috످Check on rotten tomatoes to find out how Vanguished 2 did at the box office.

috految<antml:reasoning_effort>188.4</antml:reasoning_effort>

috److془The user asks to check Rotten Tomatoes for "Vanguished 2". I can't browse. Not aware of it. Vanquish (2021) starring Morgan Freeman and Ruby Rose; no sequel known. Rotten Tomatoes lists US box office gross under "Movie Info". Box Office Mojo.془I can't access Rotten Tomatoes from this chat, and I don't know of a movie called Vanguished 2 or Vanquished 2. Could you be thinking of Vanquish (2021), starring Morgan Freeman and Ruby Rose? It earned very little in its limited theatrical run and, as far as I know, doesn't have a sequel.

If you mean a newer release, you can search Rotten Tomatoes (https://www.rottentomatoes.com/search?search=vanquished%202), which often lists U.S. box office earnings under "Movie Info," or check Box Office Mojo (https://www.boxofficemojo.com/search/?q=vanquished+2) for worldwide totals.

috످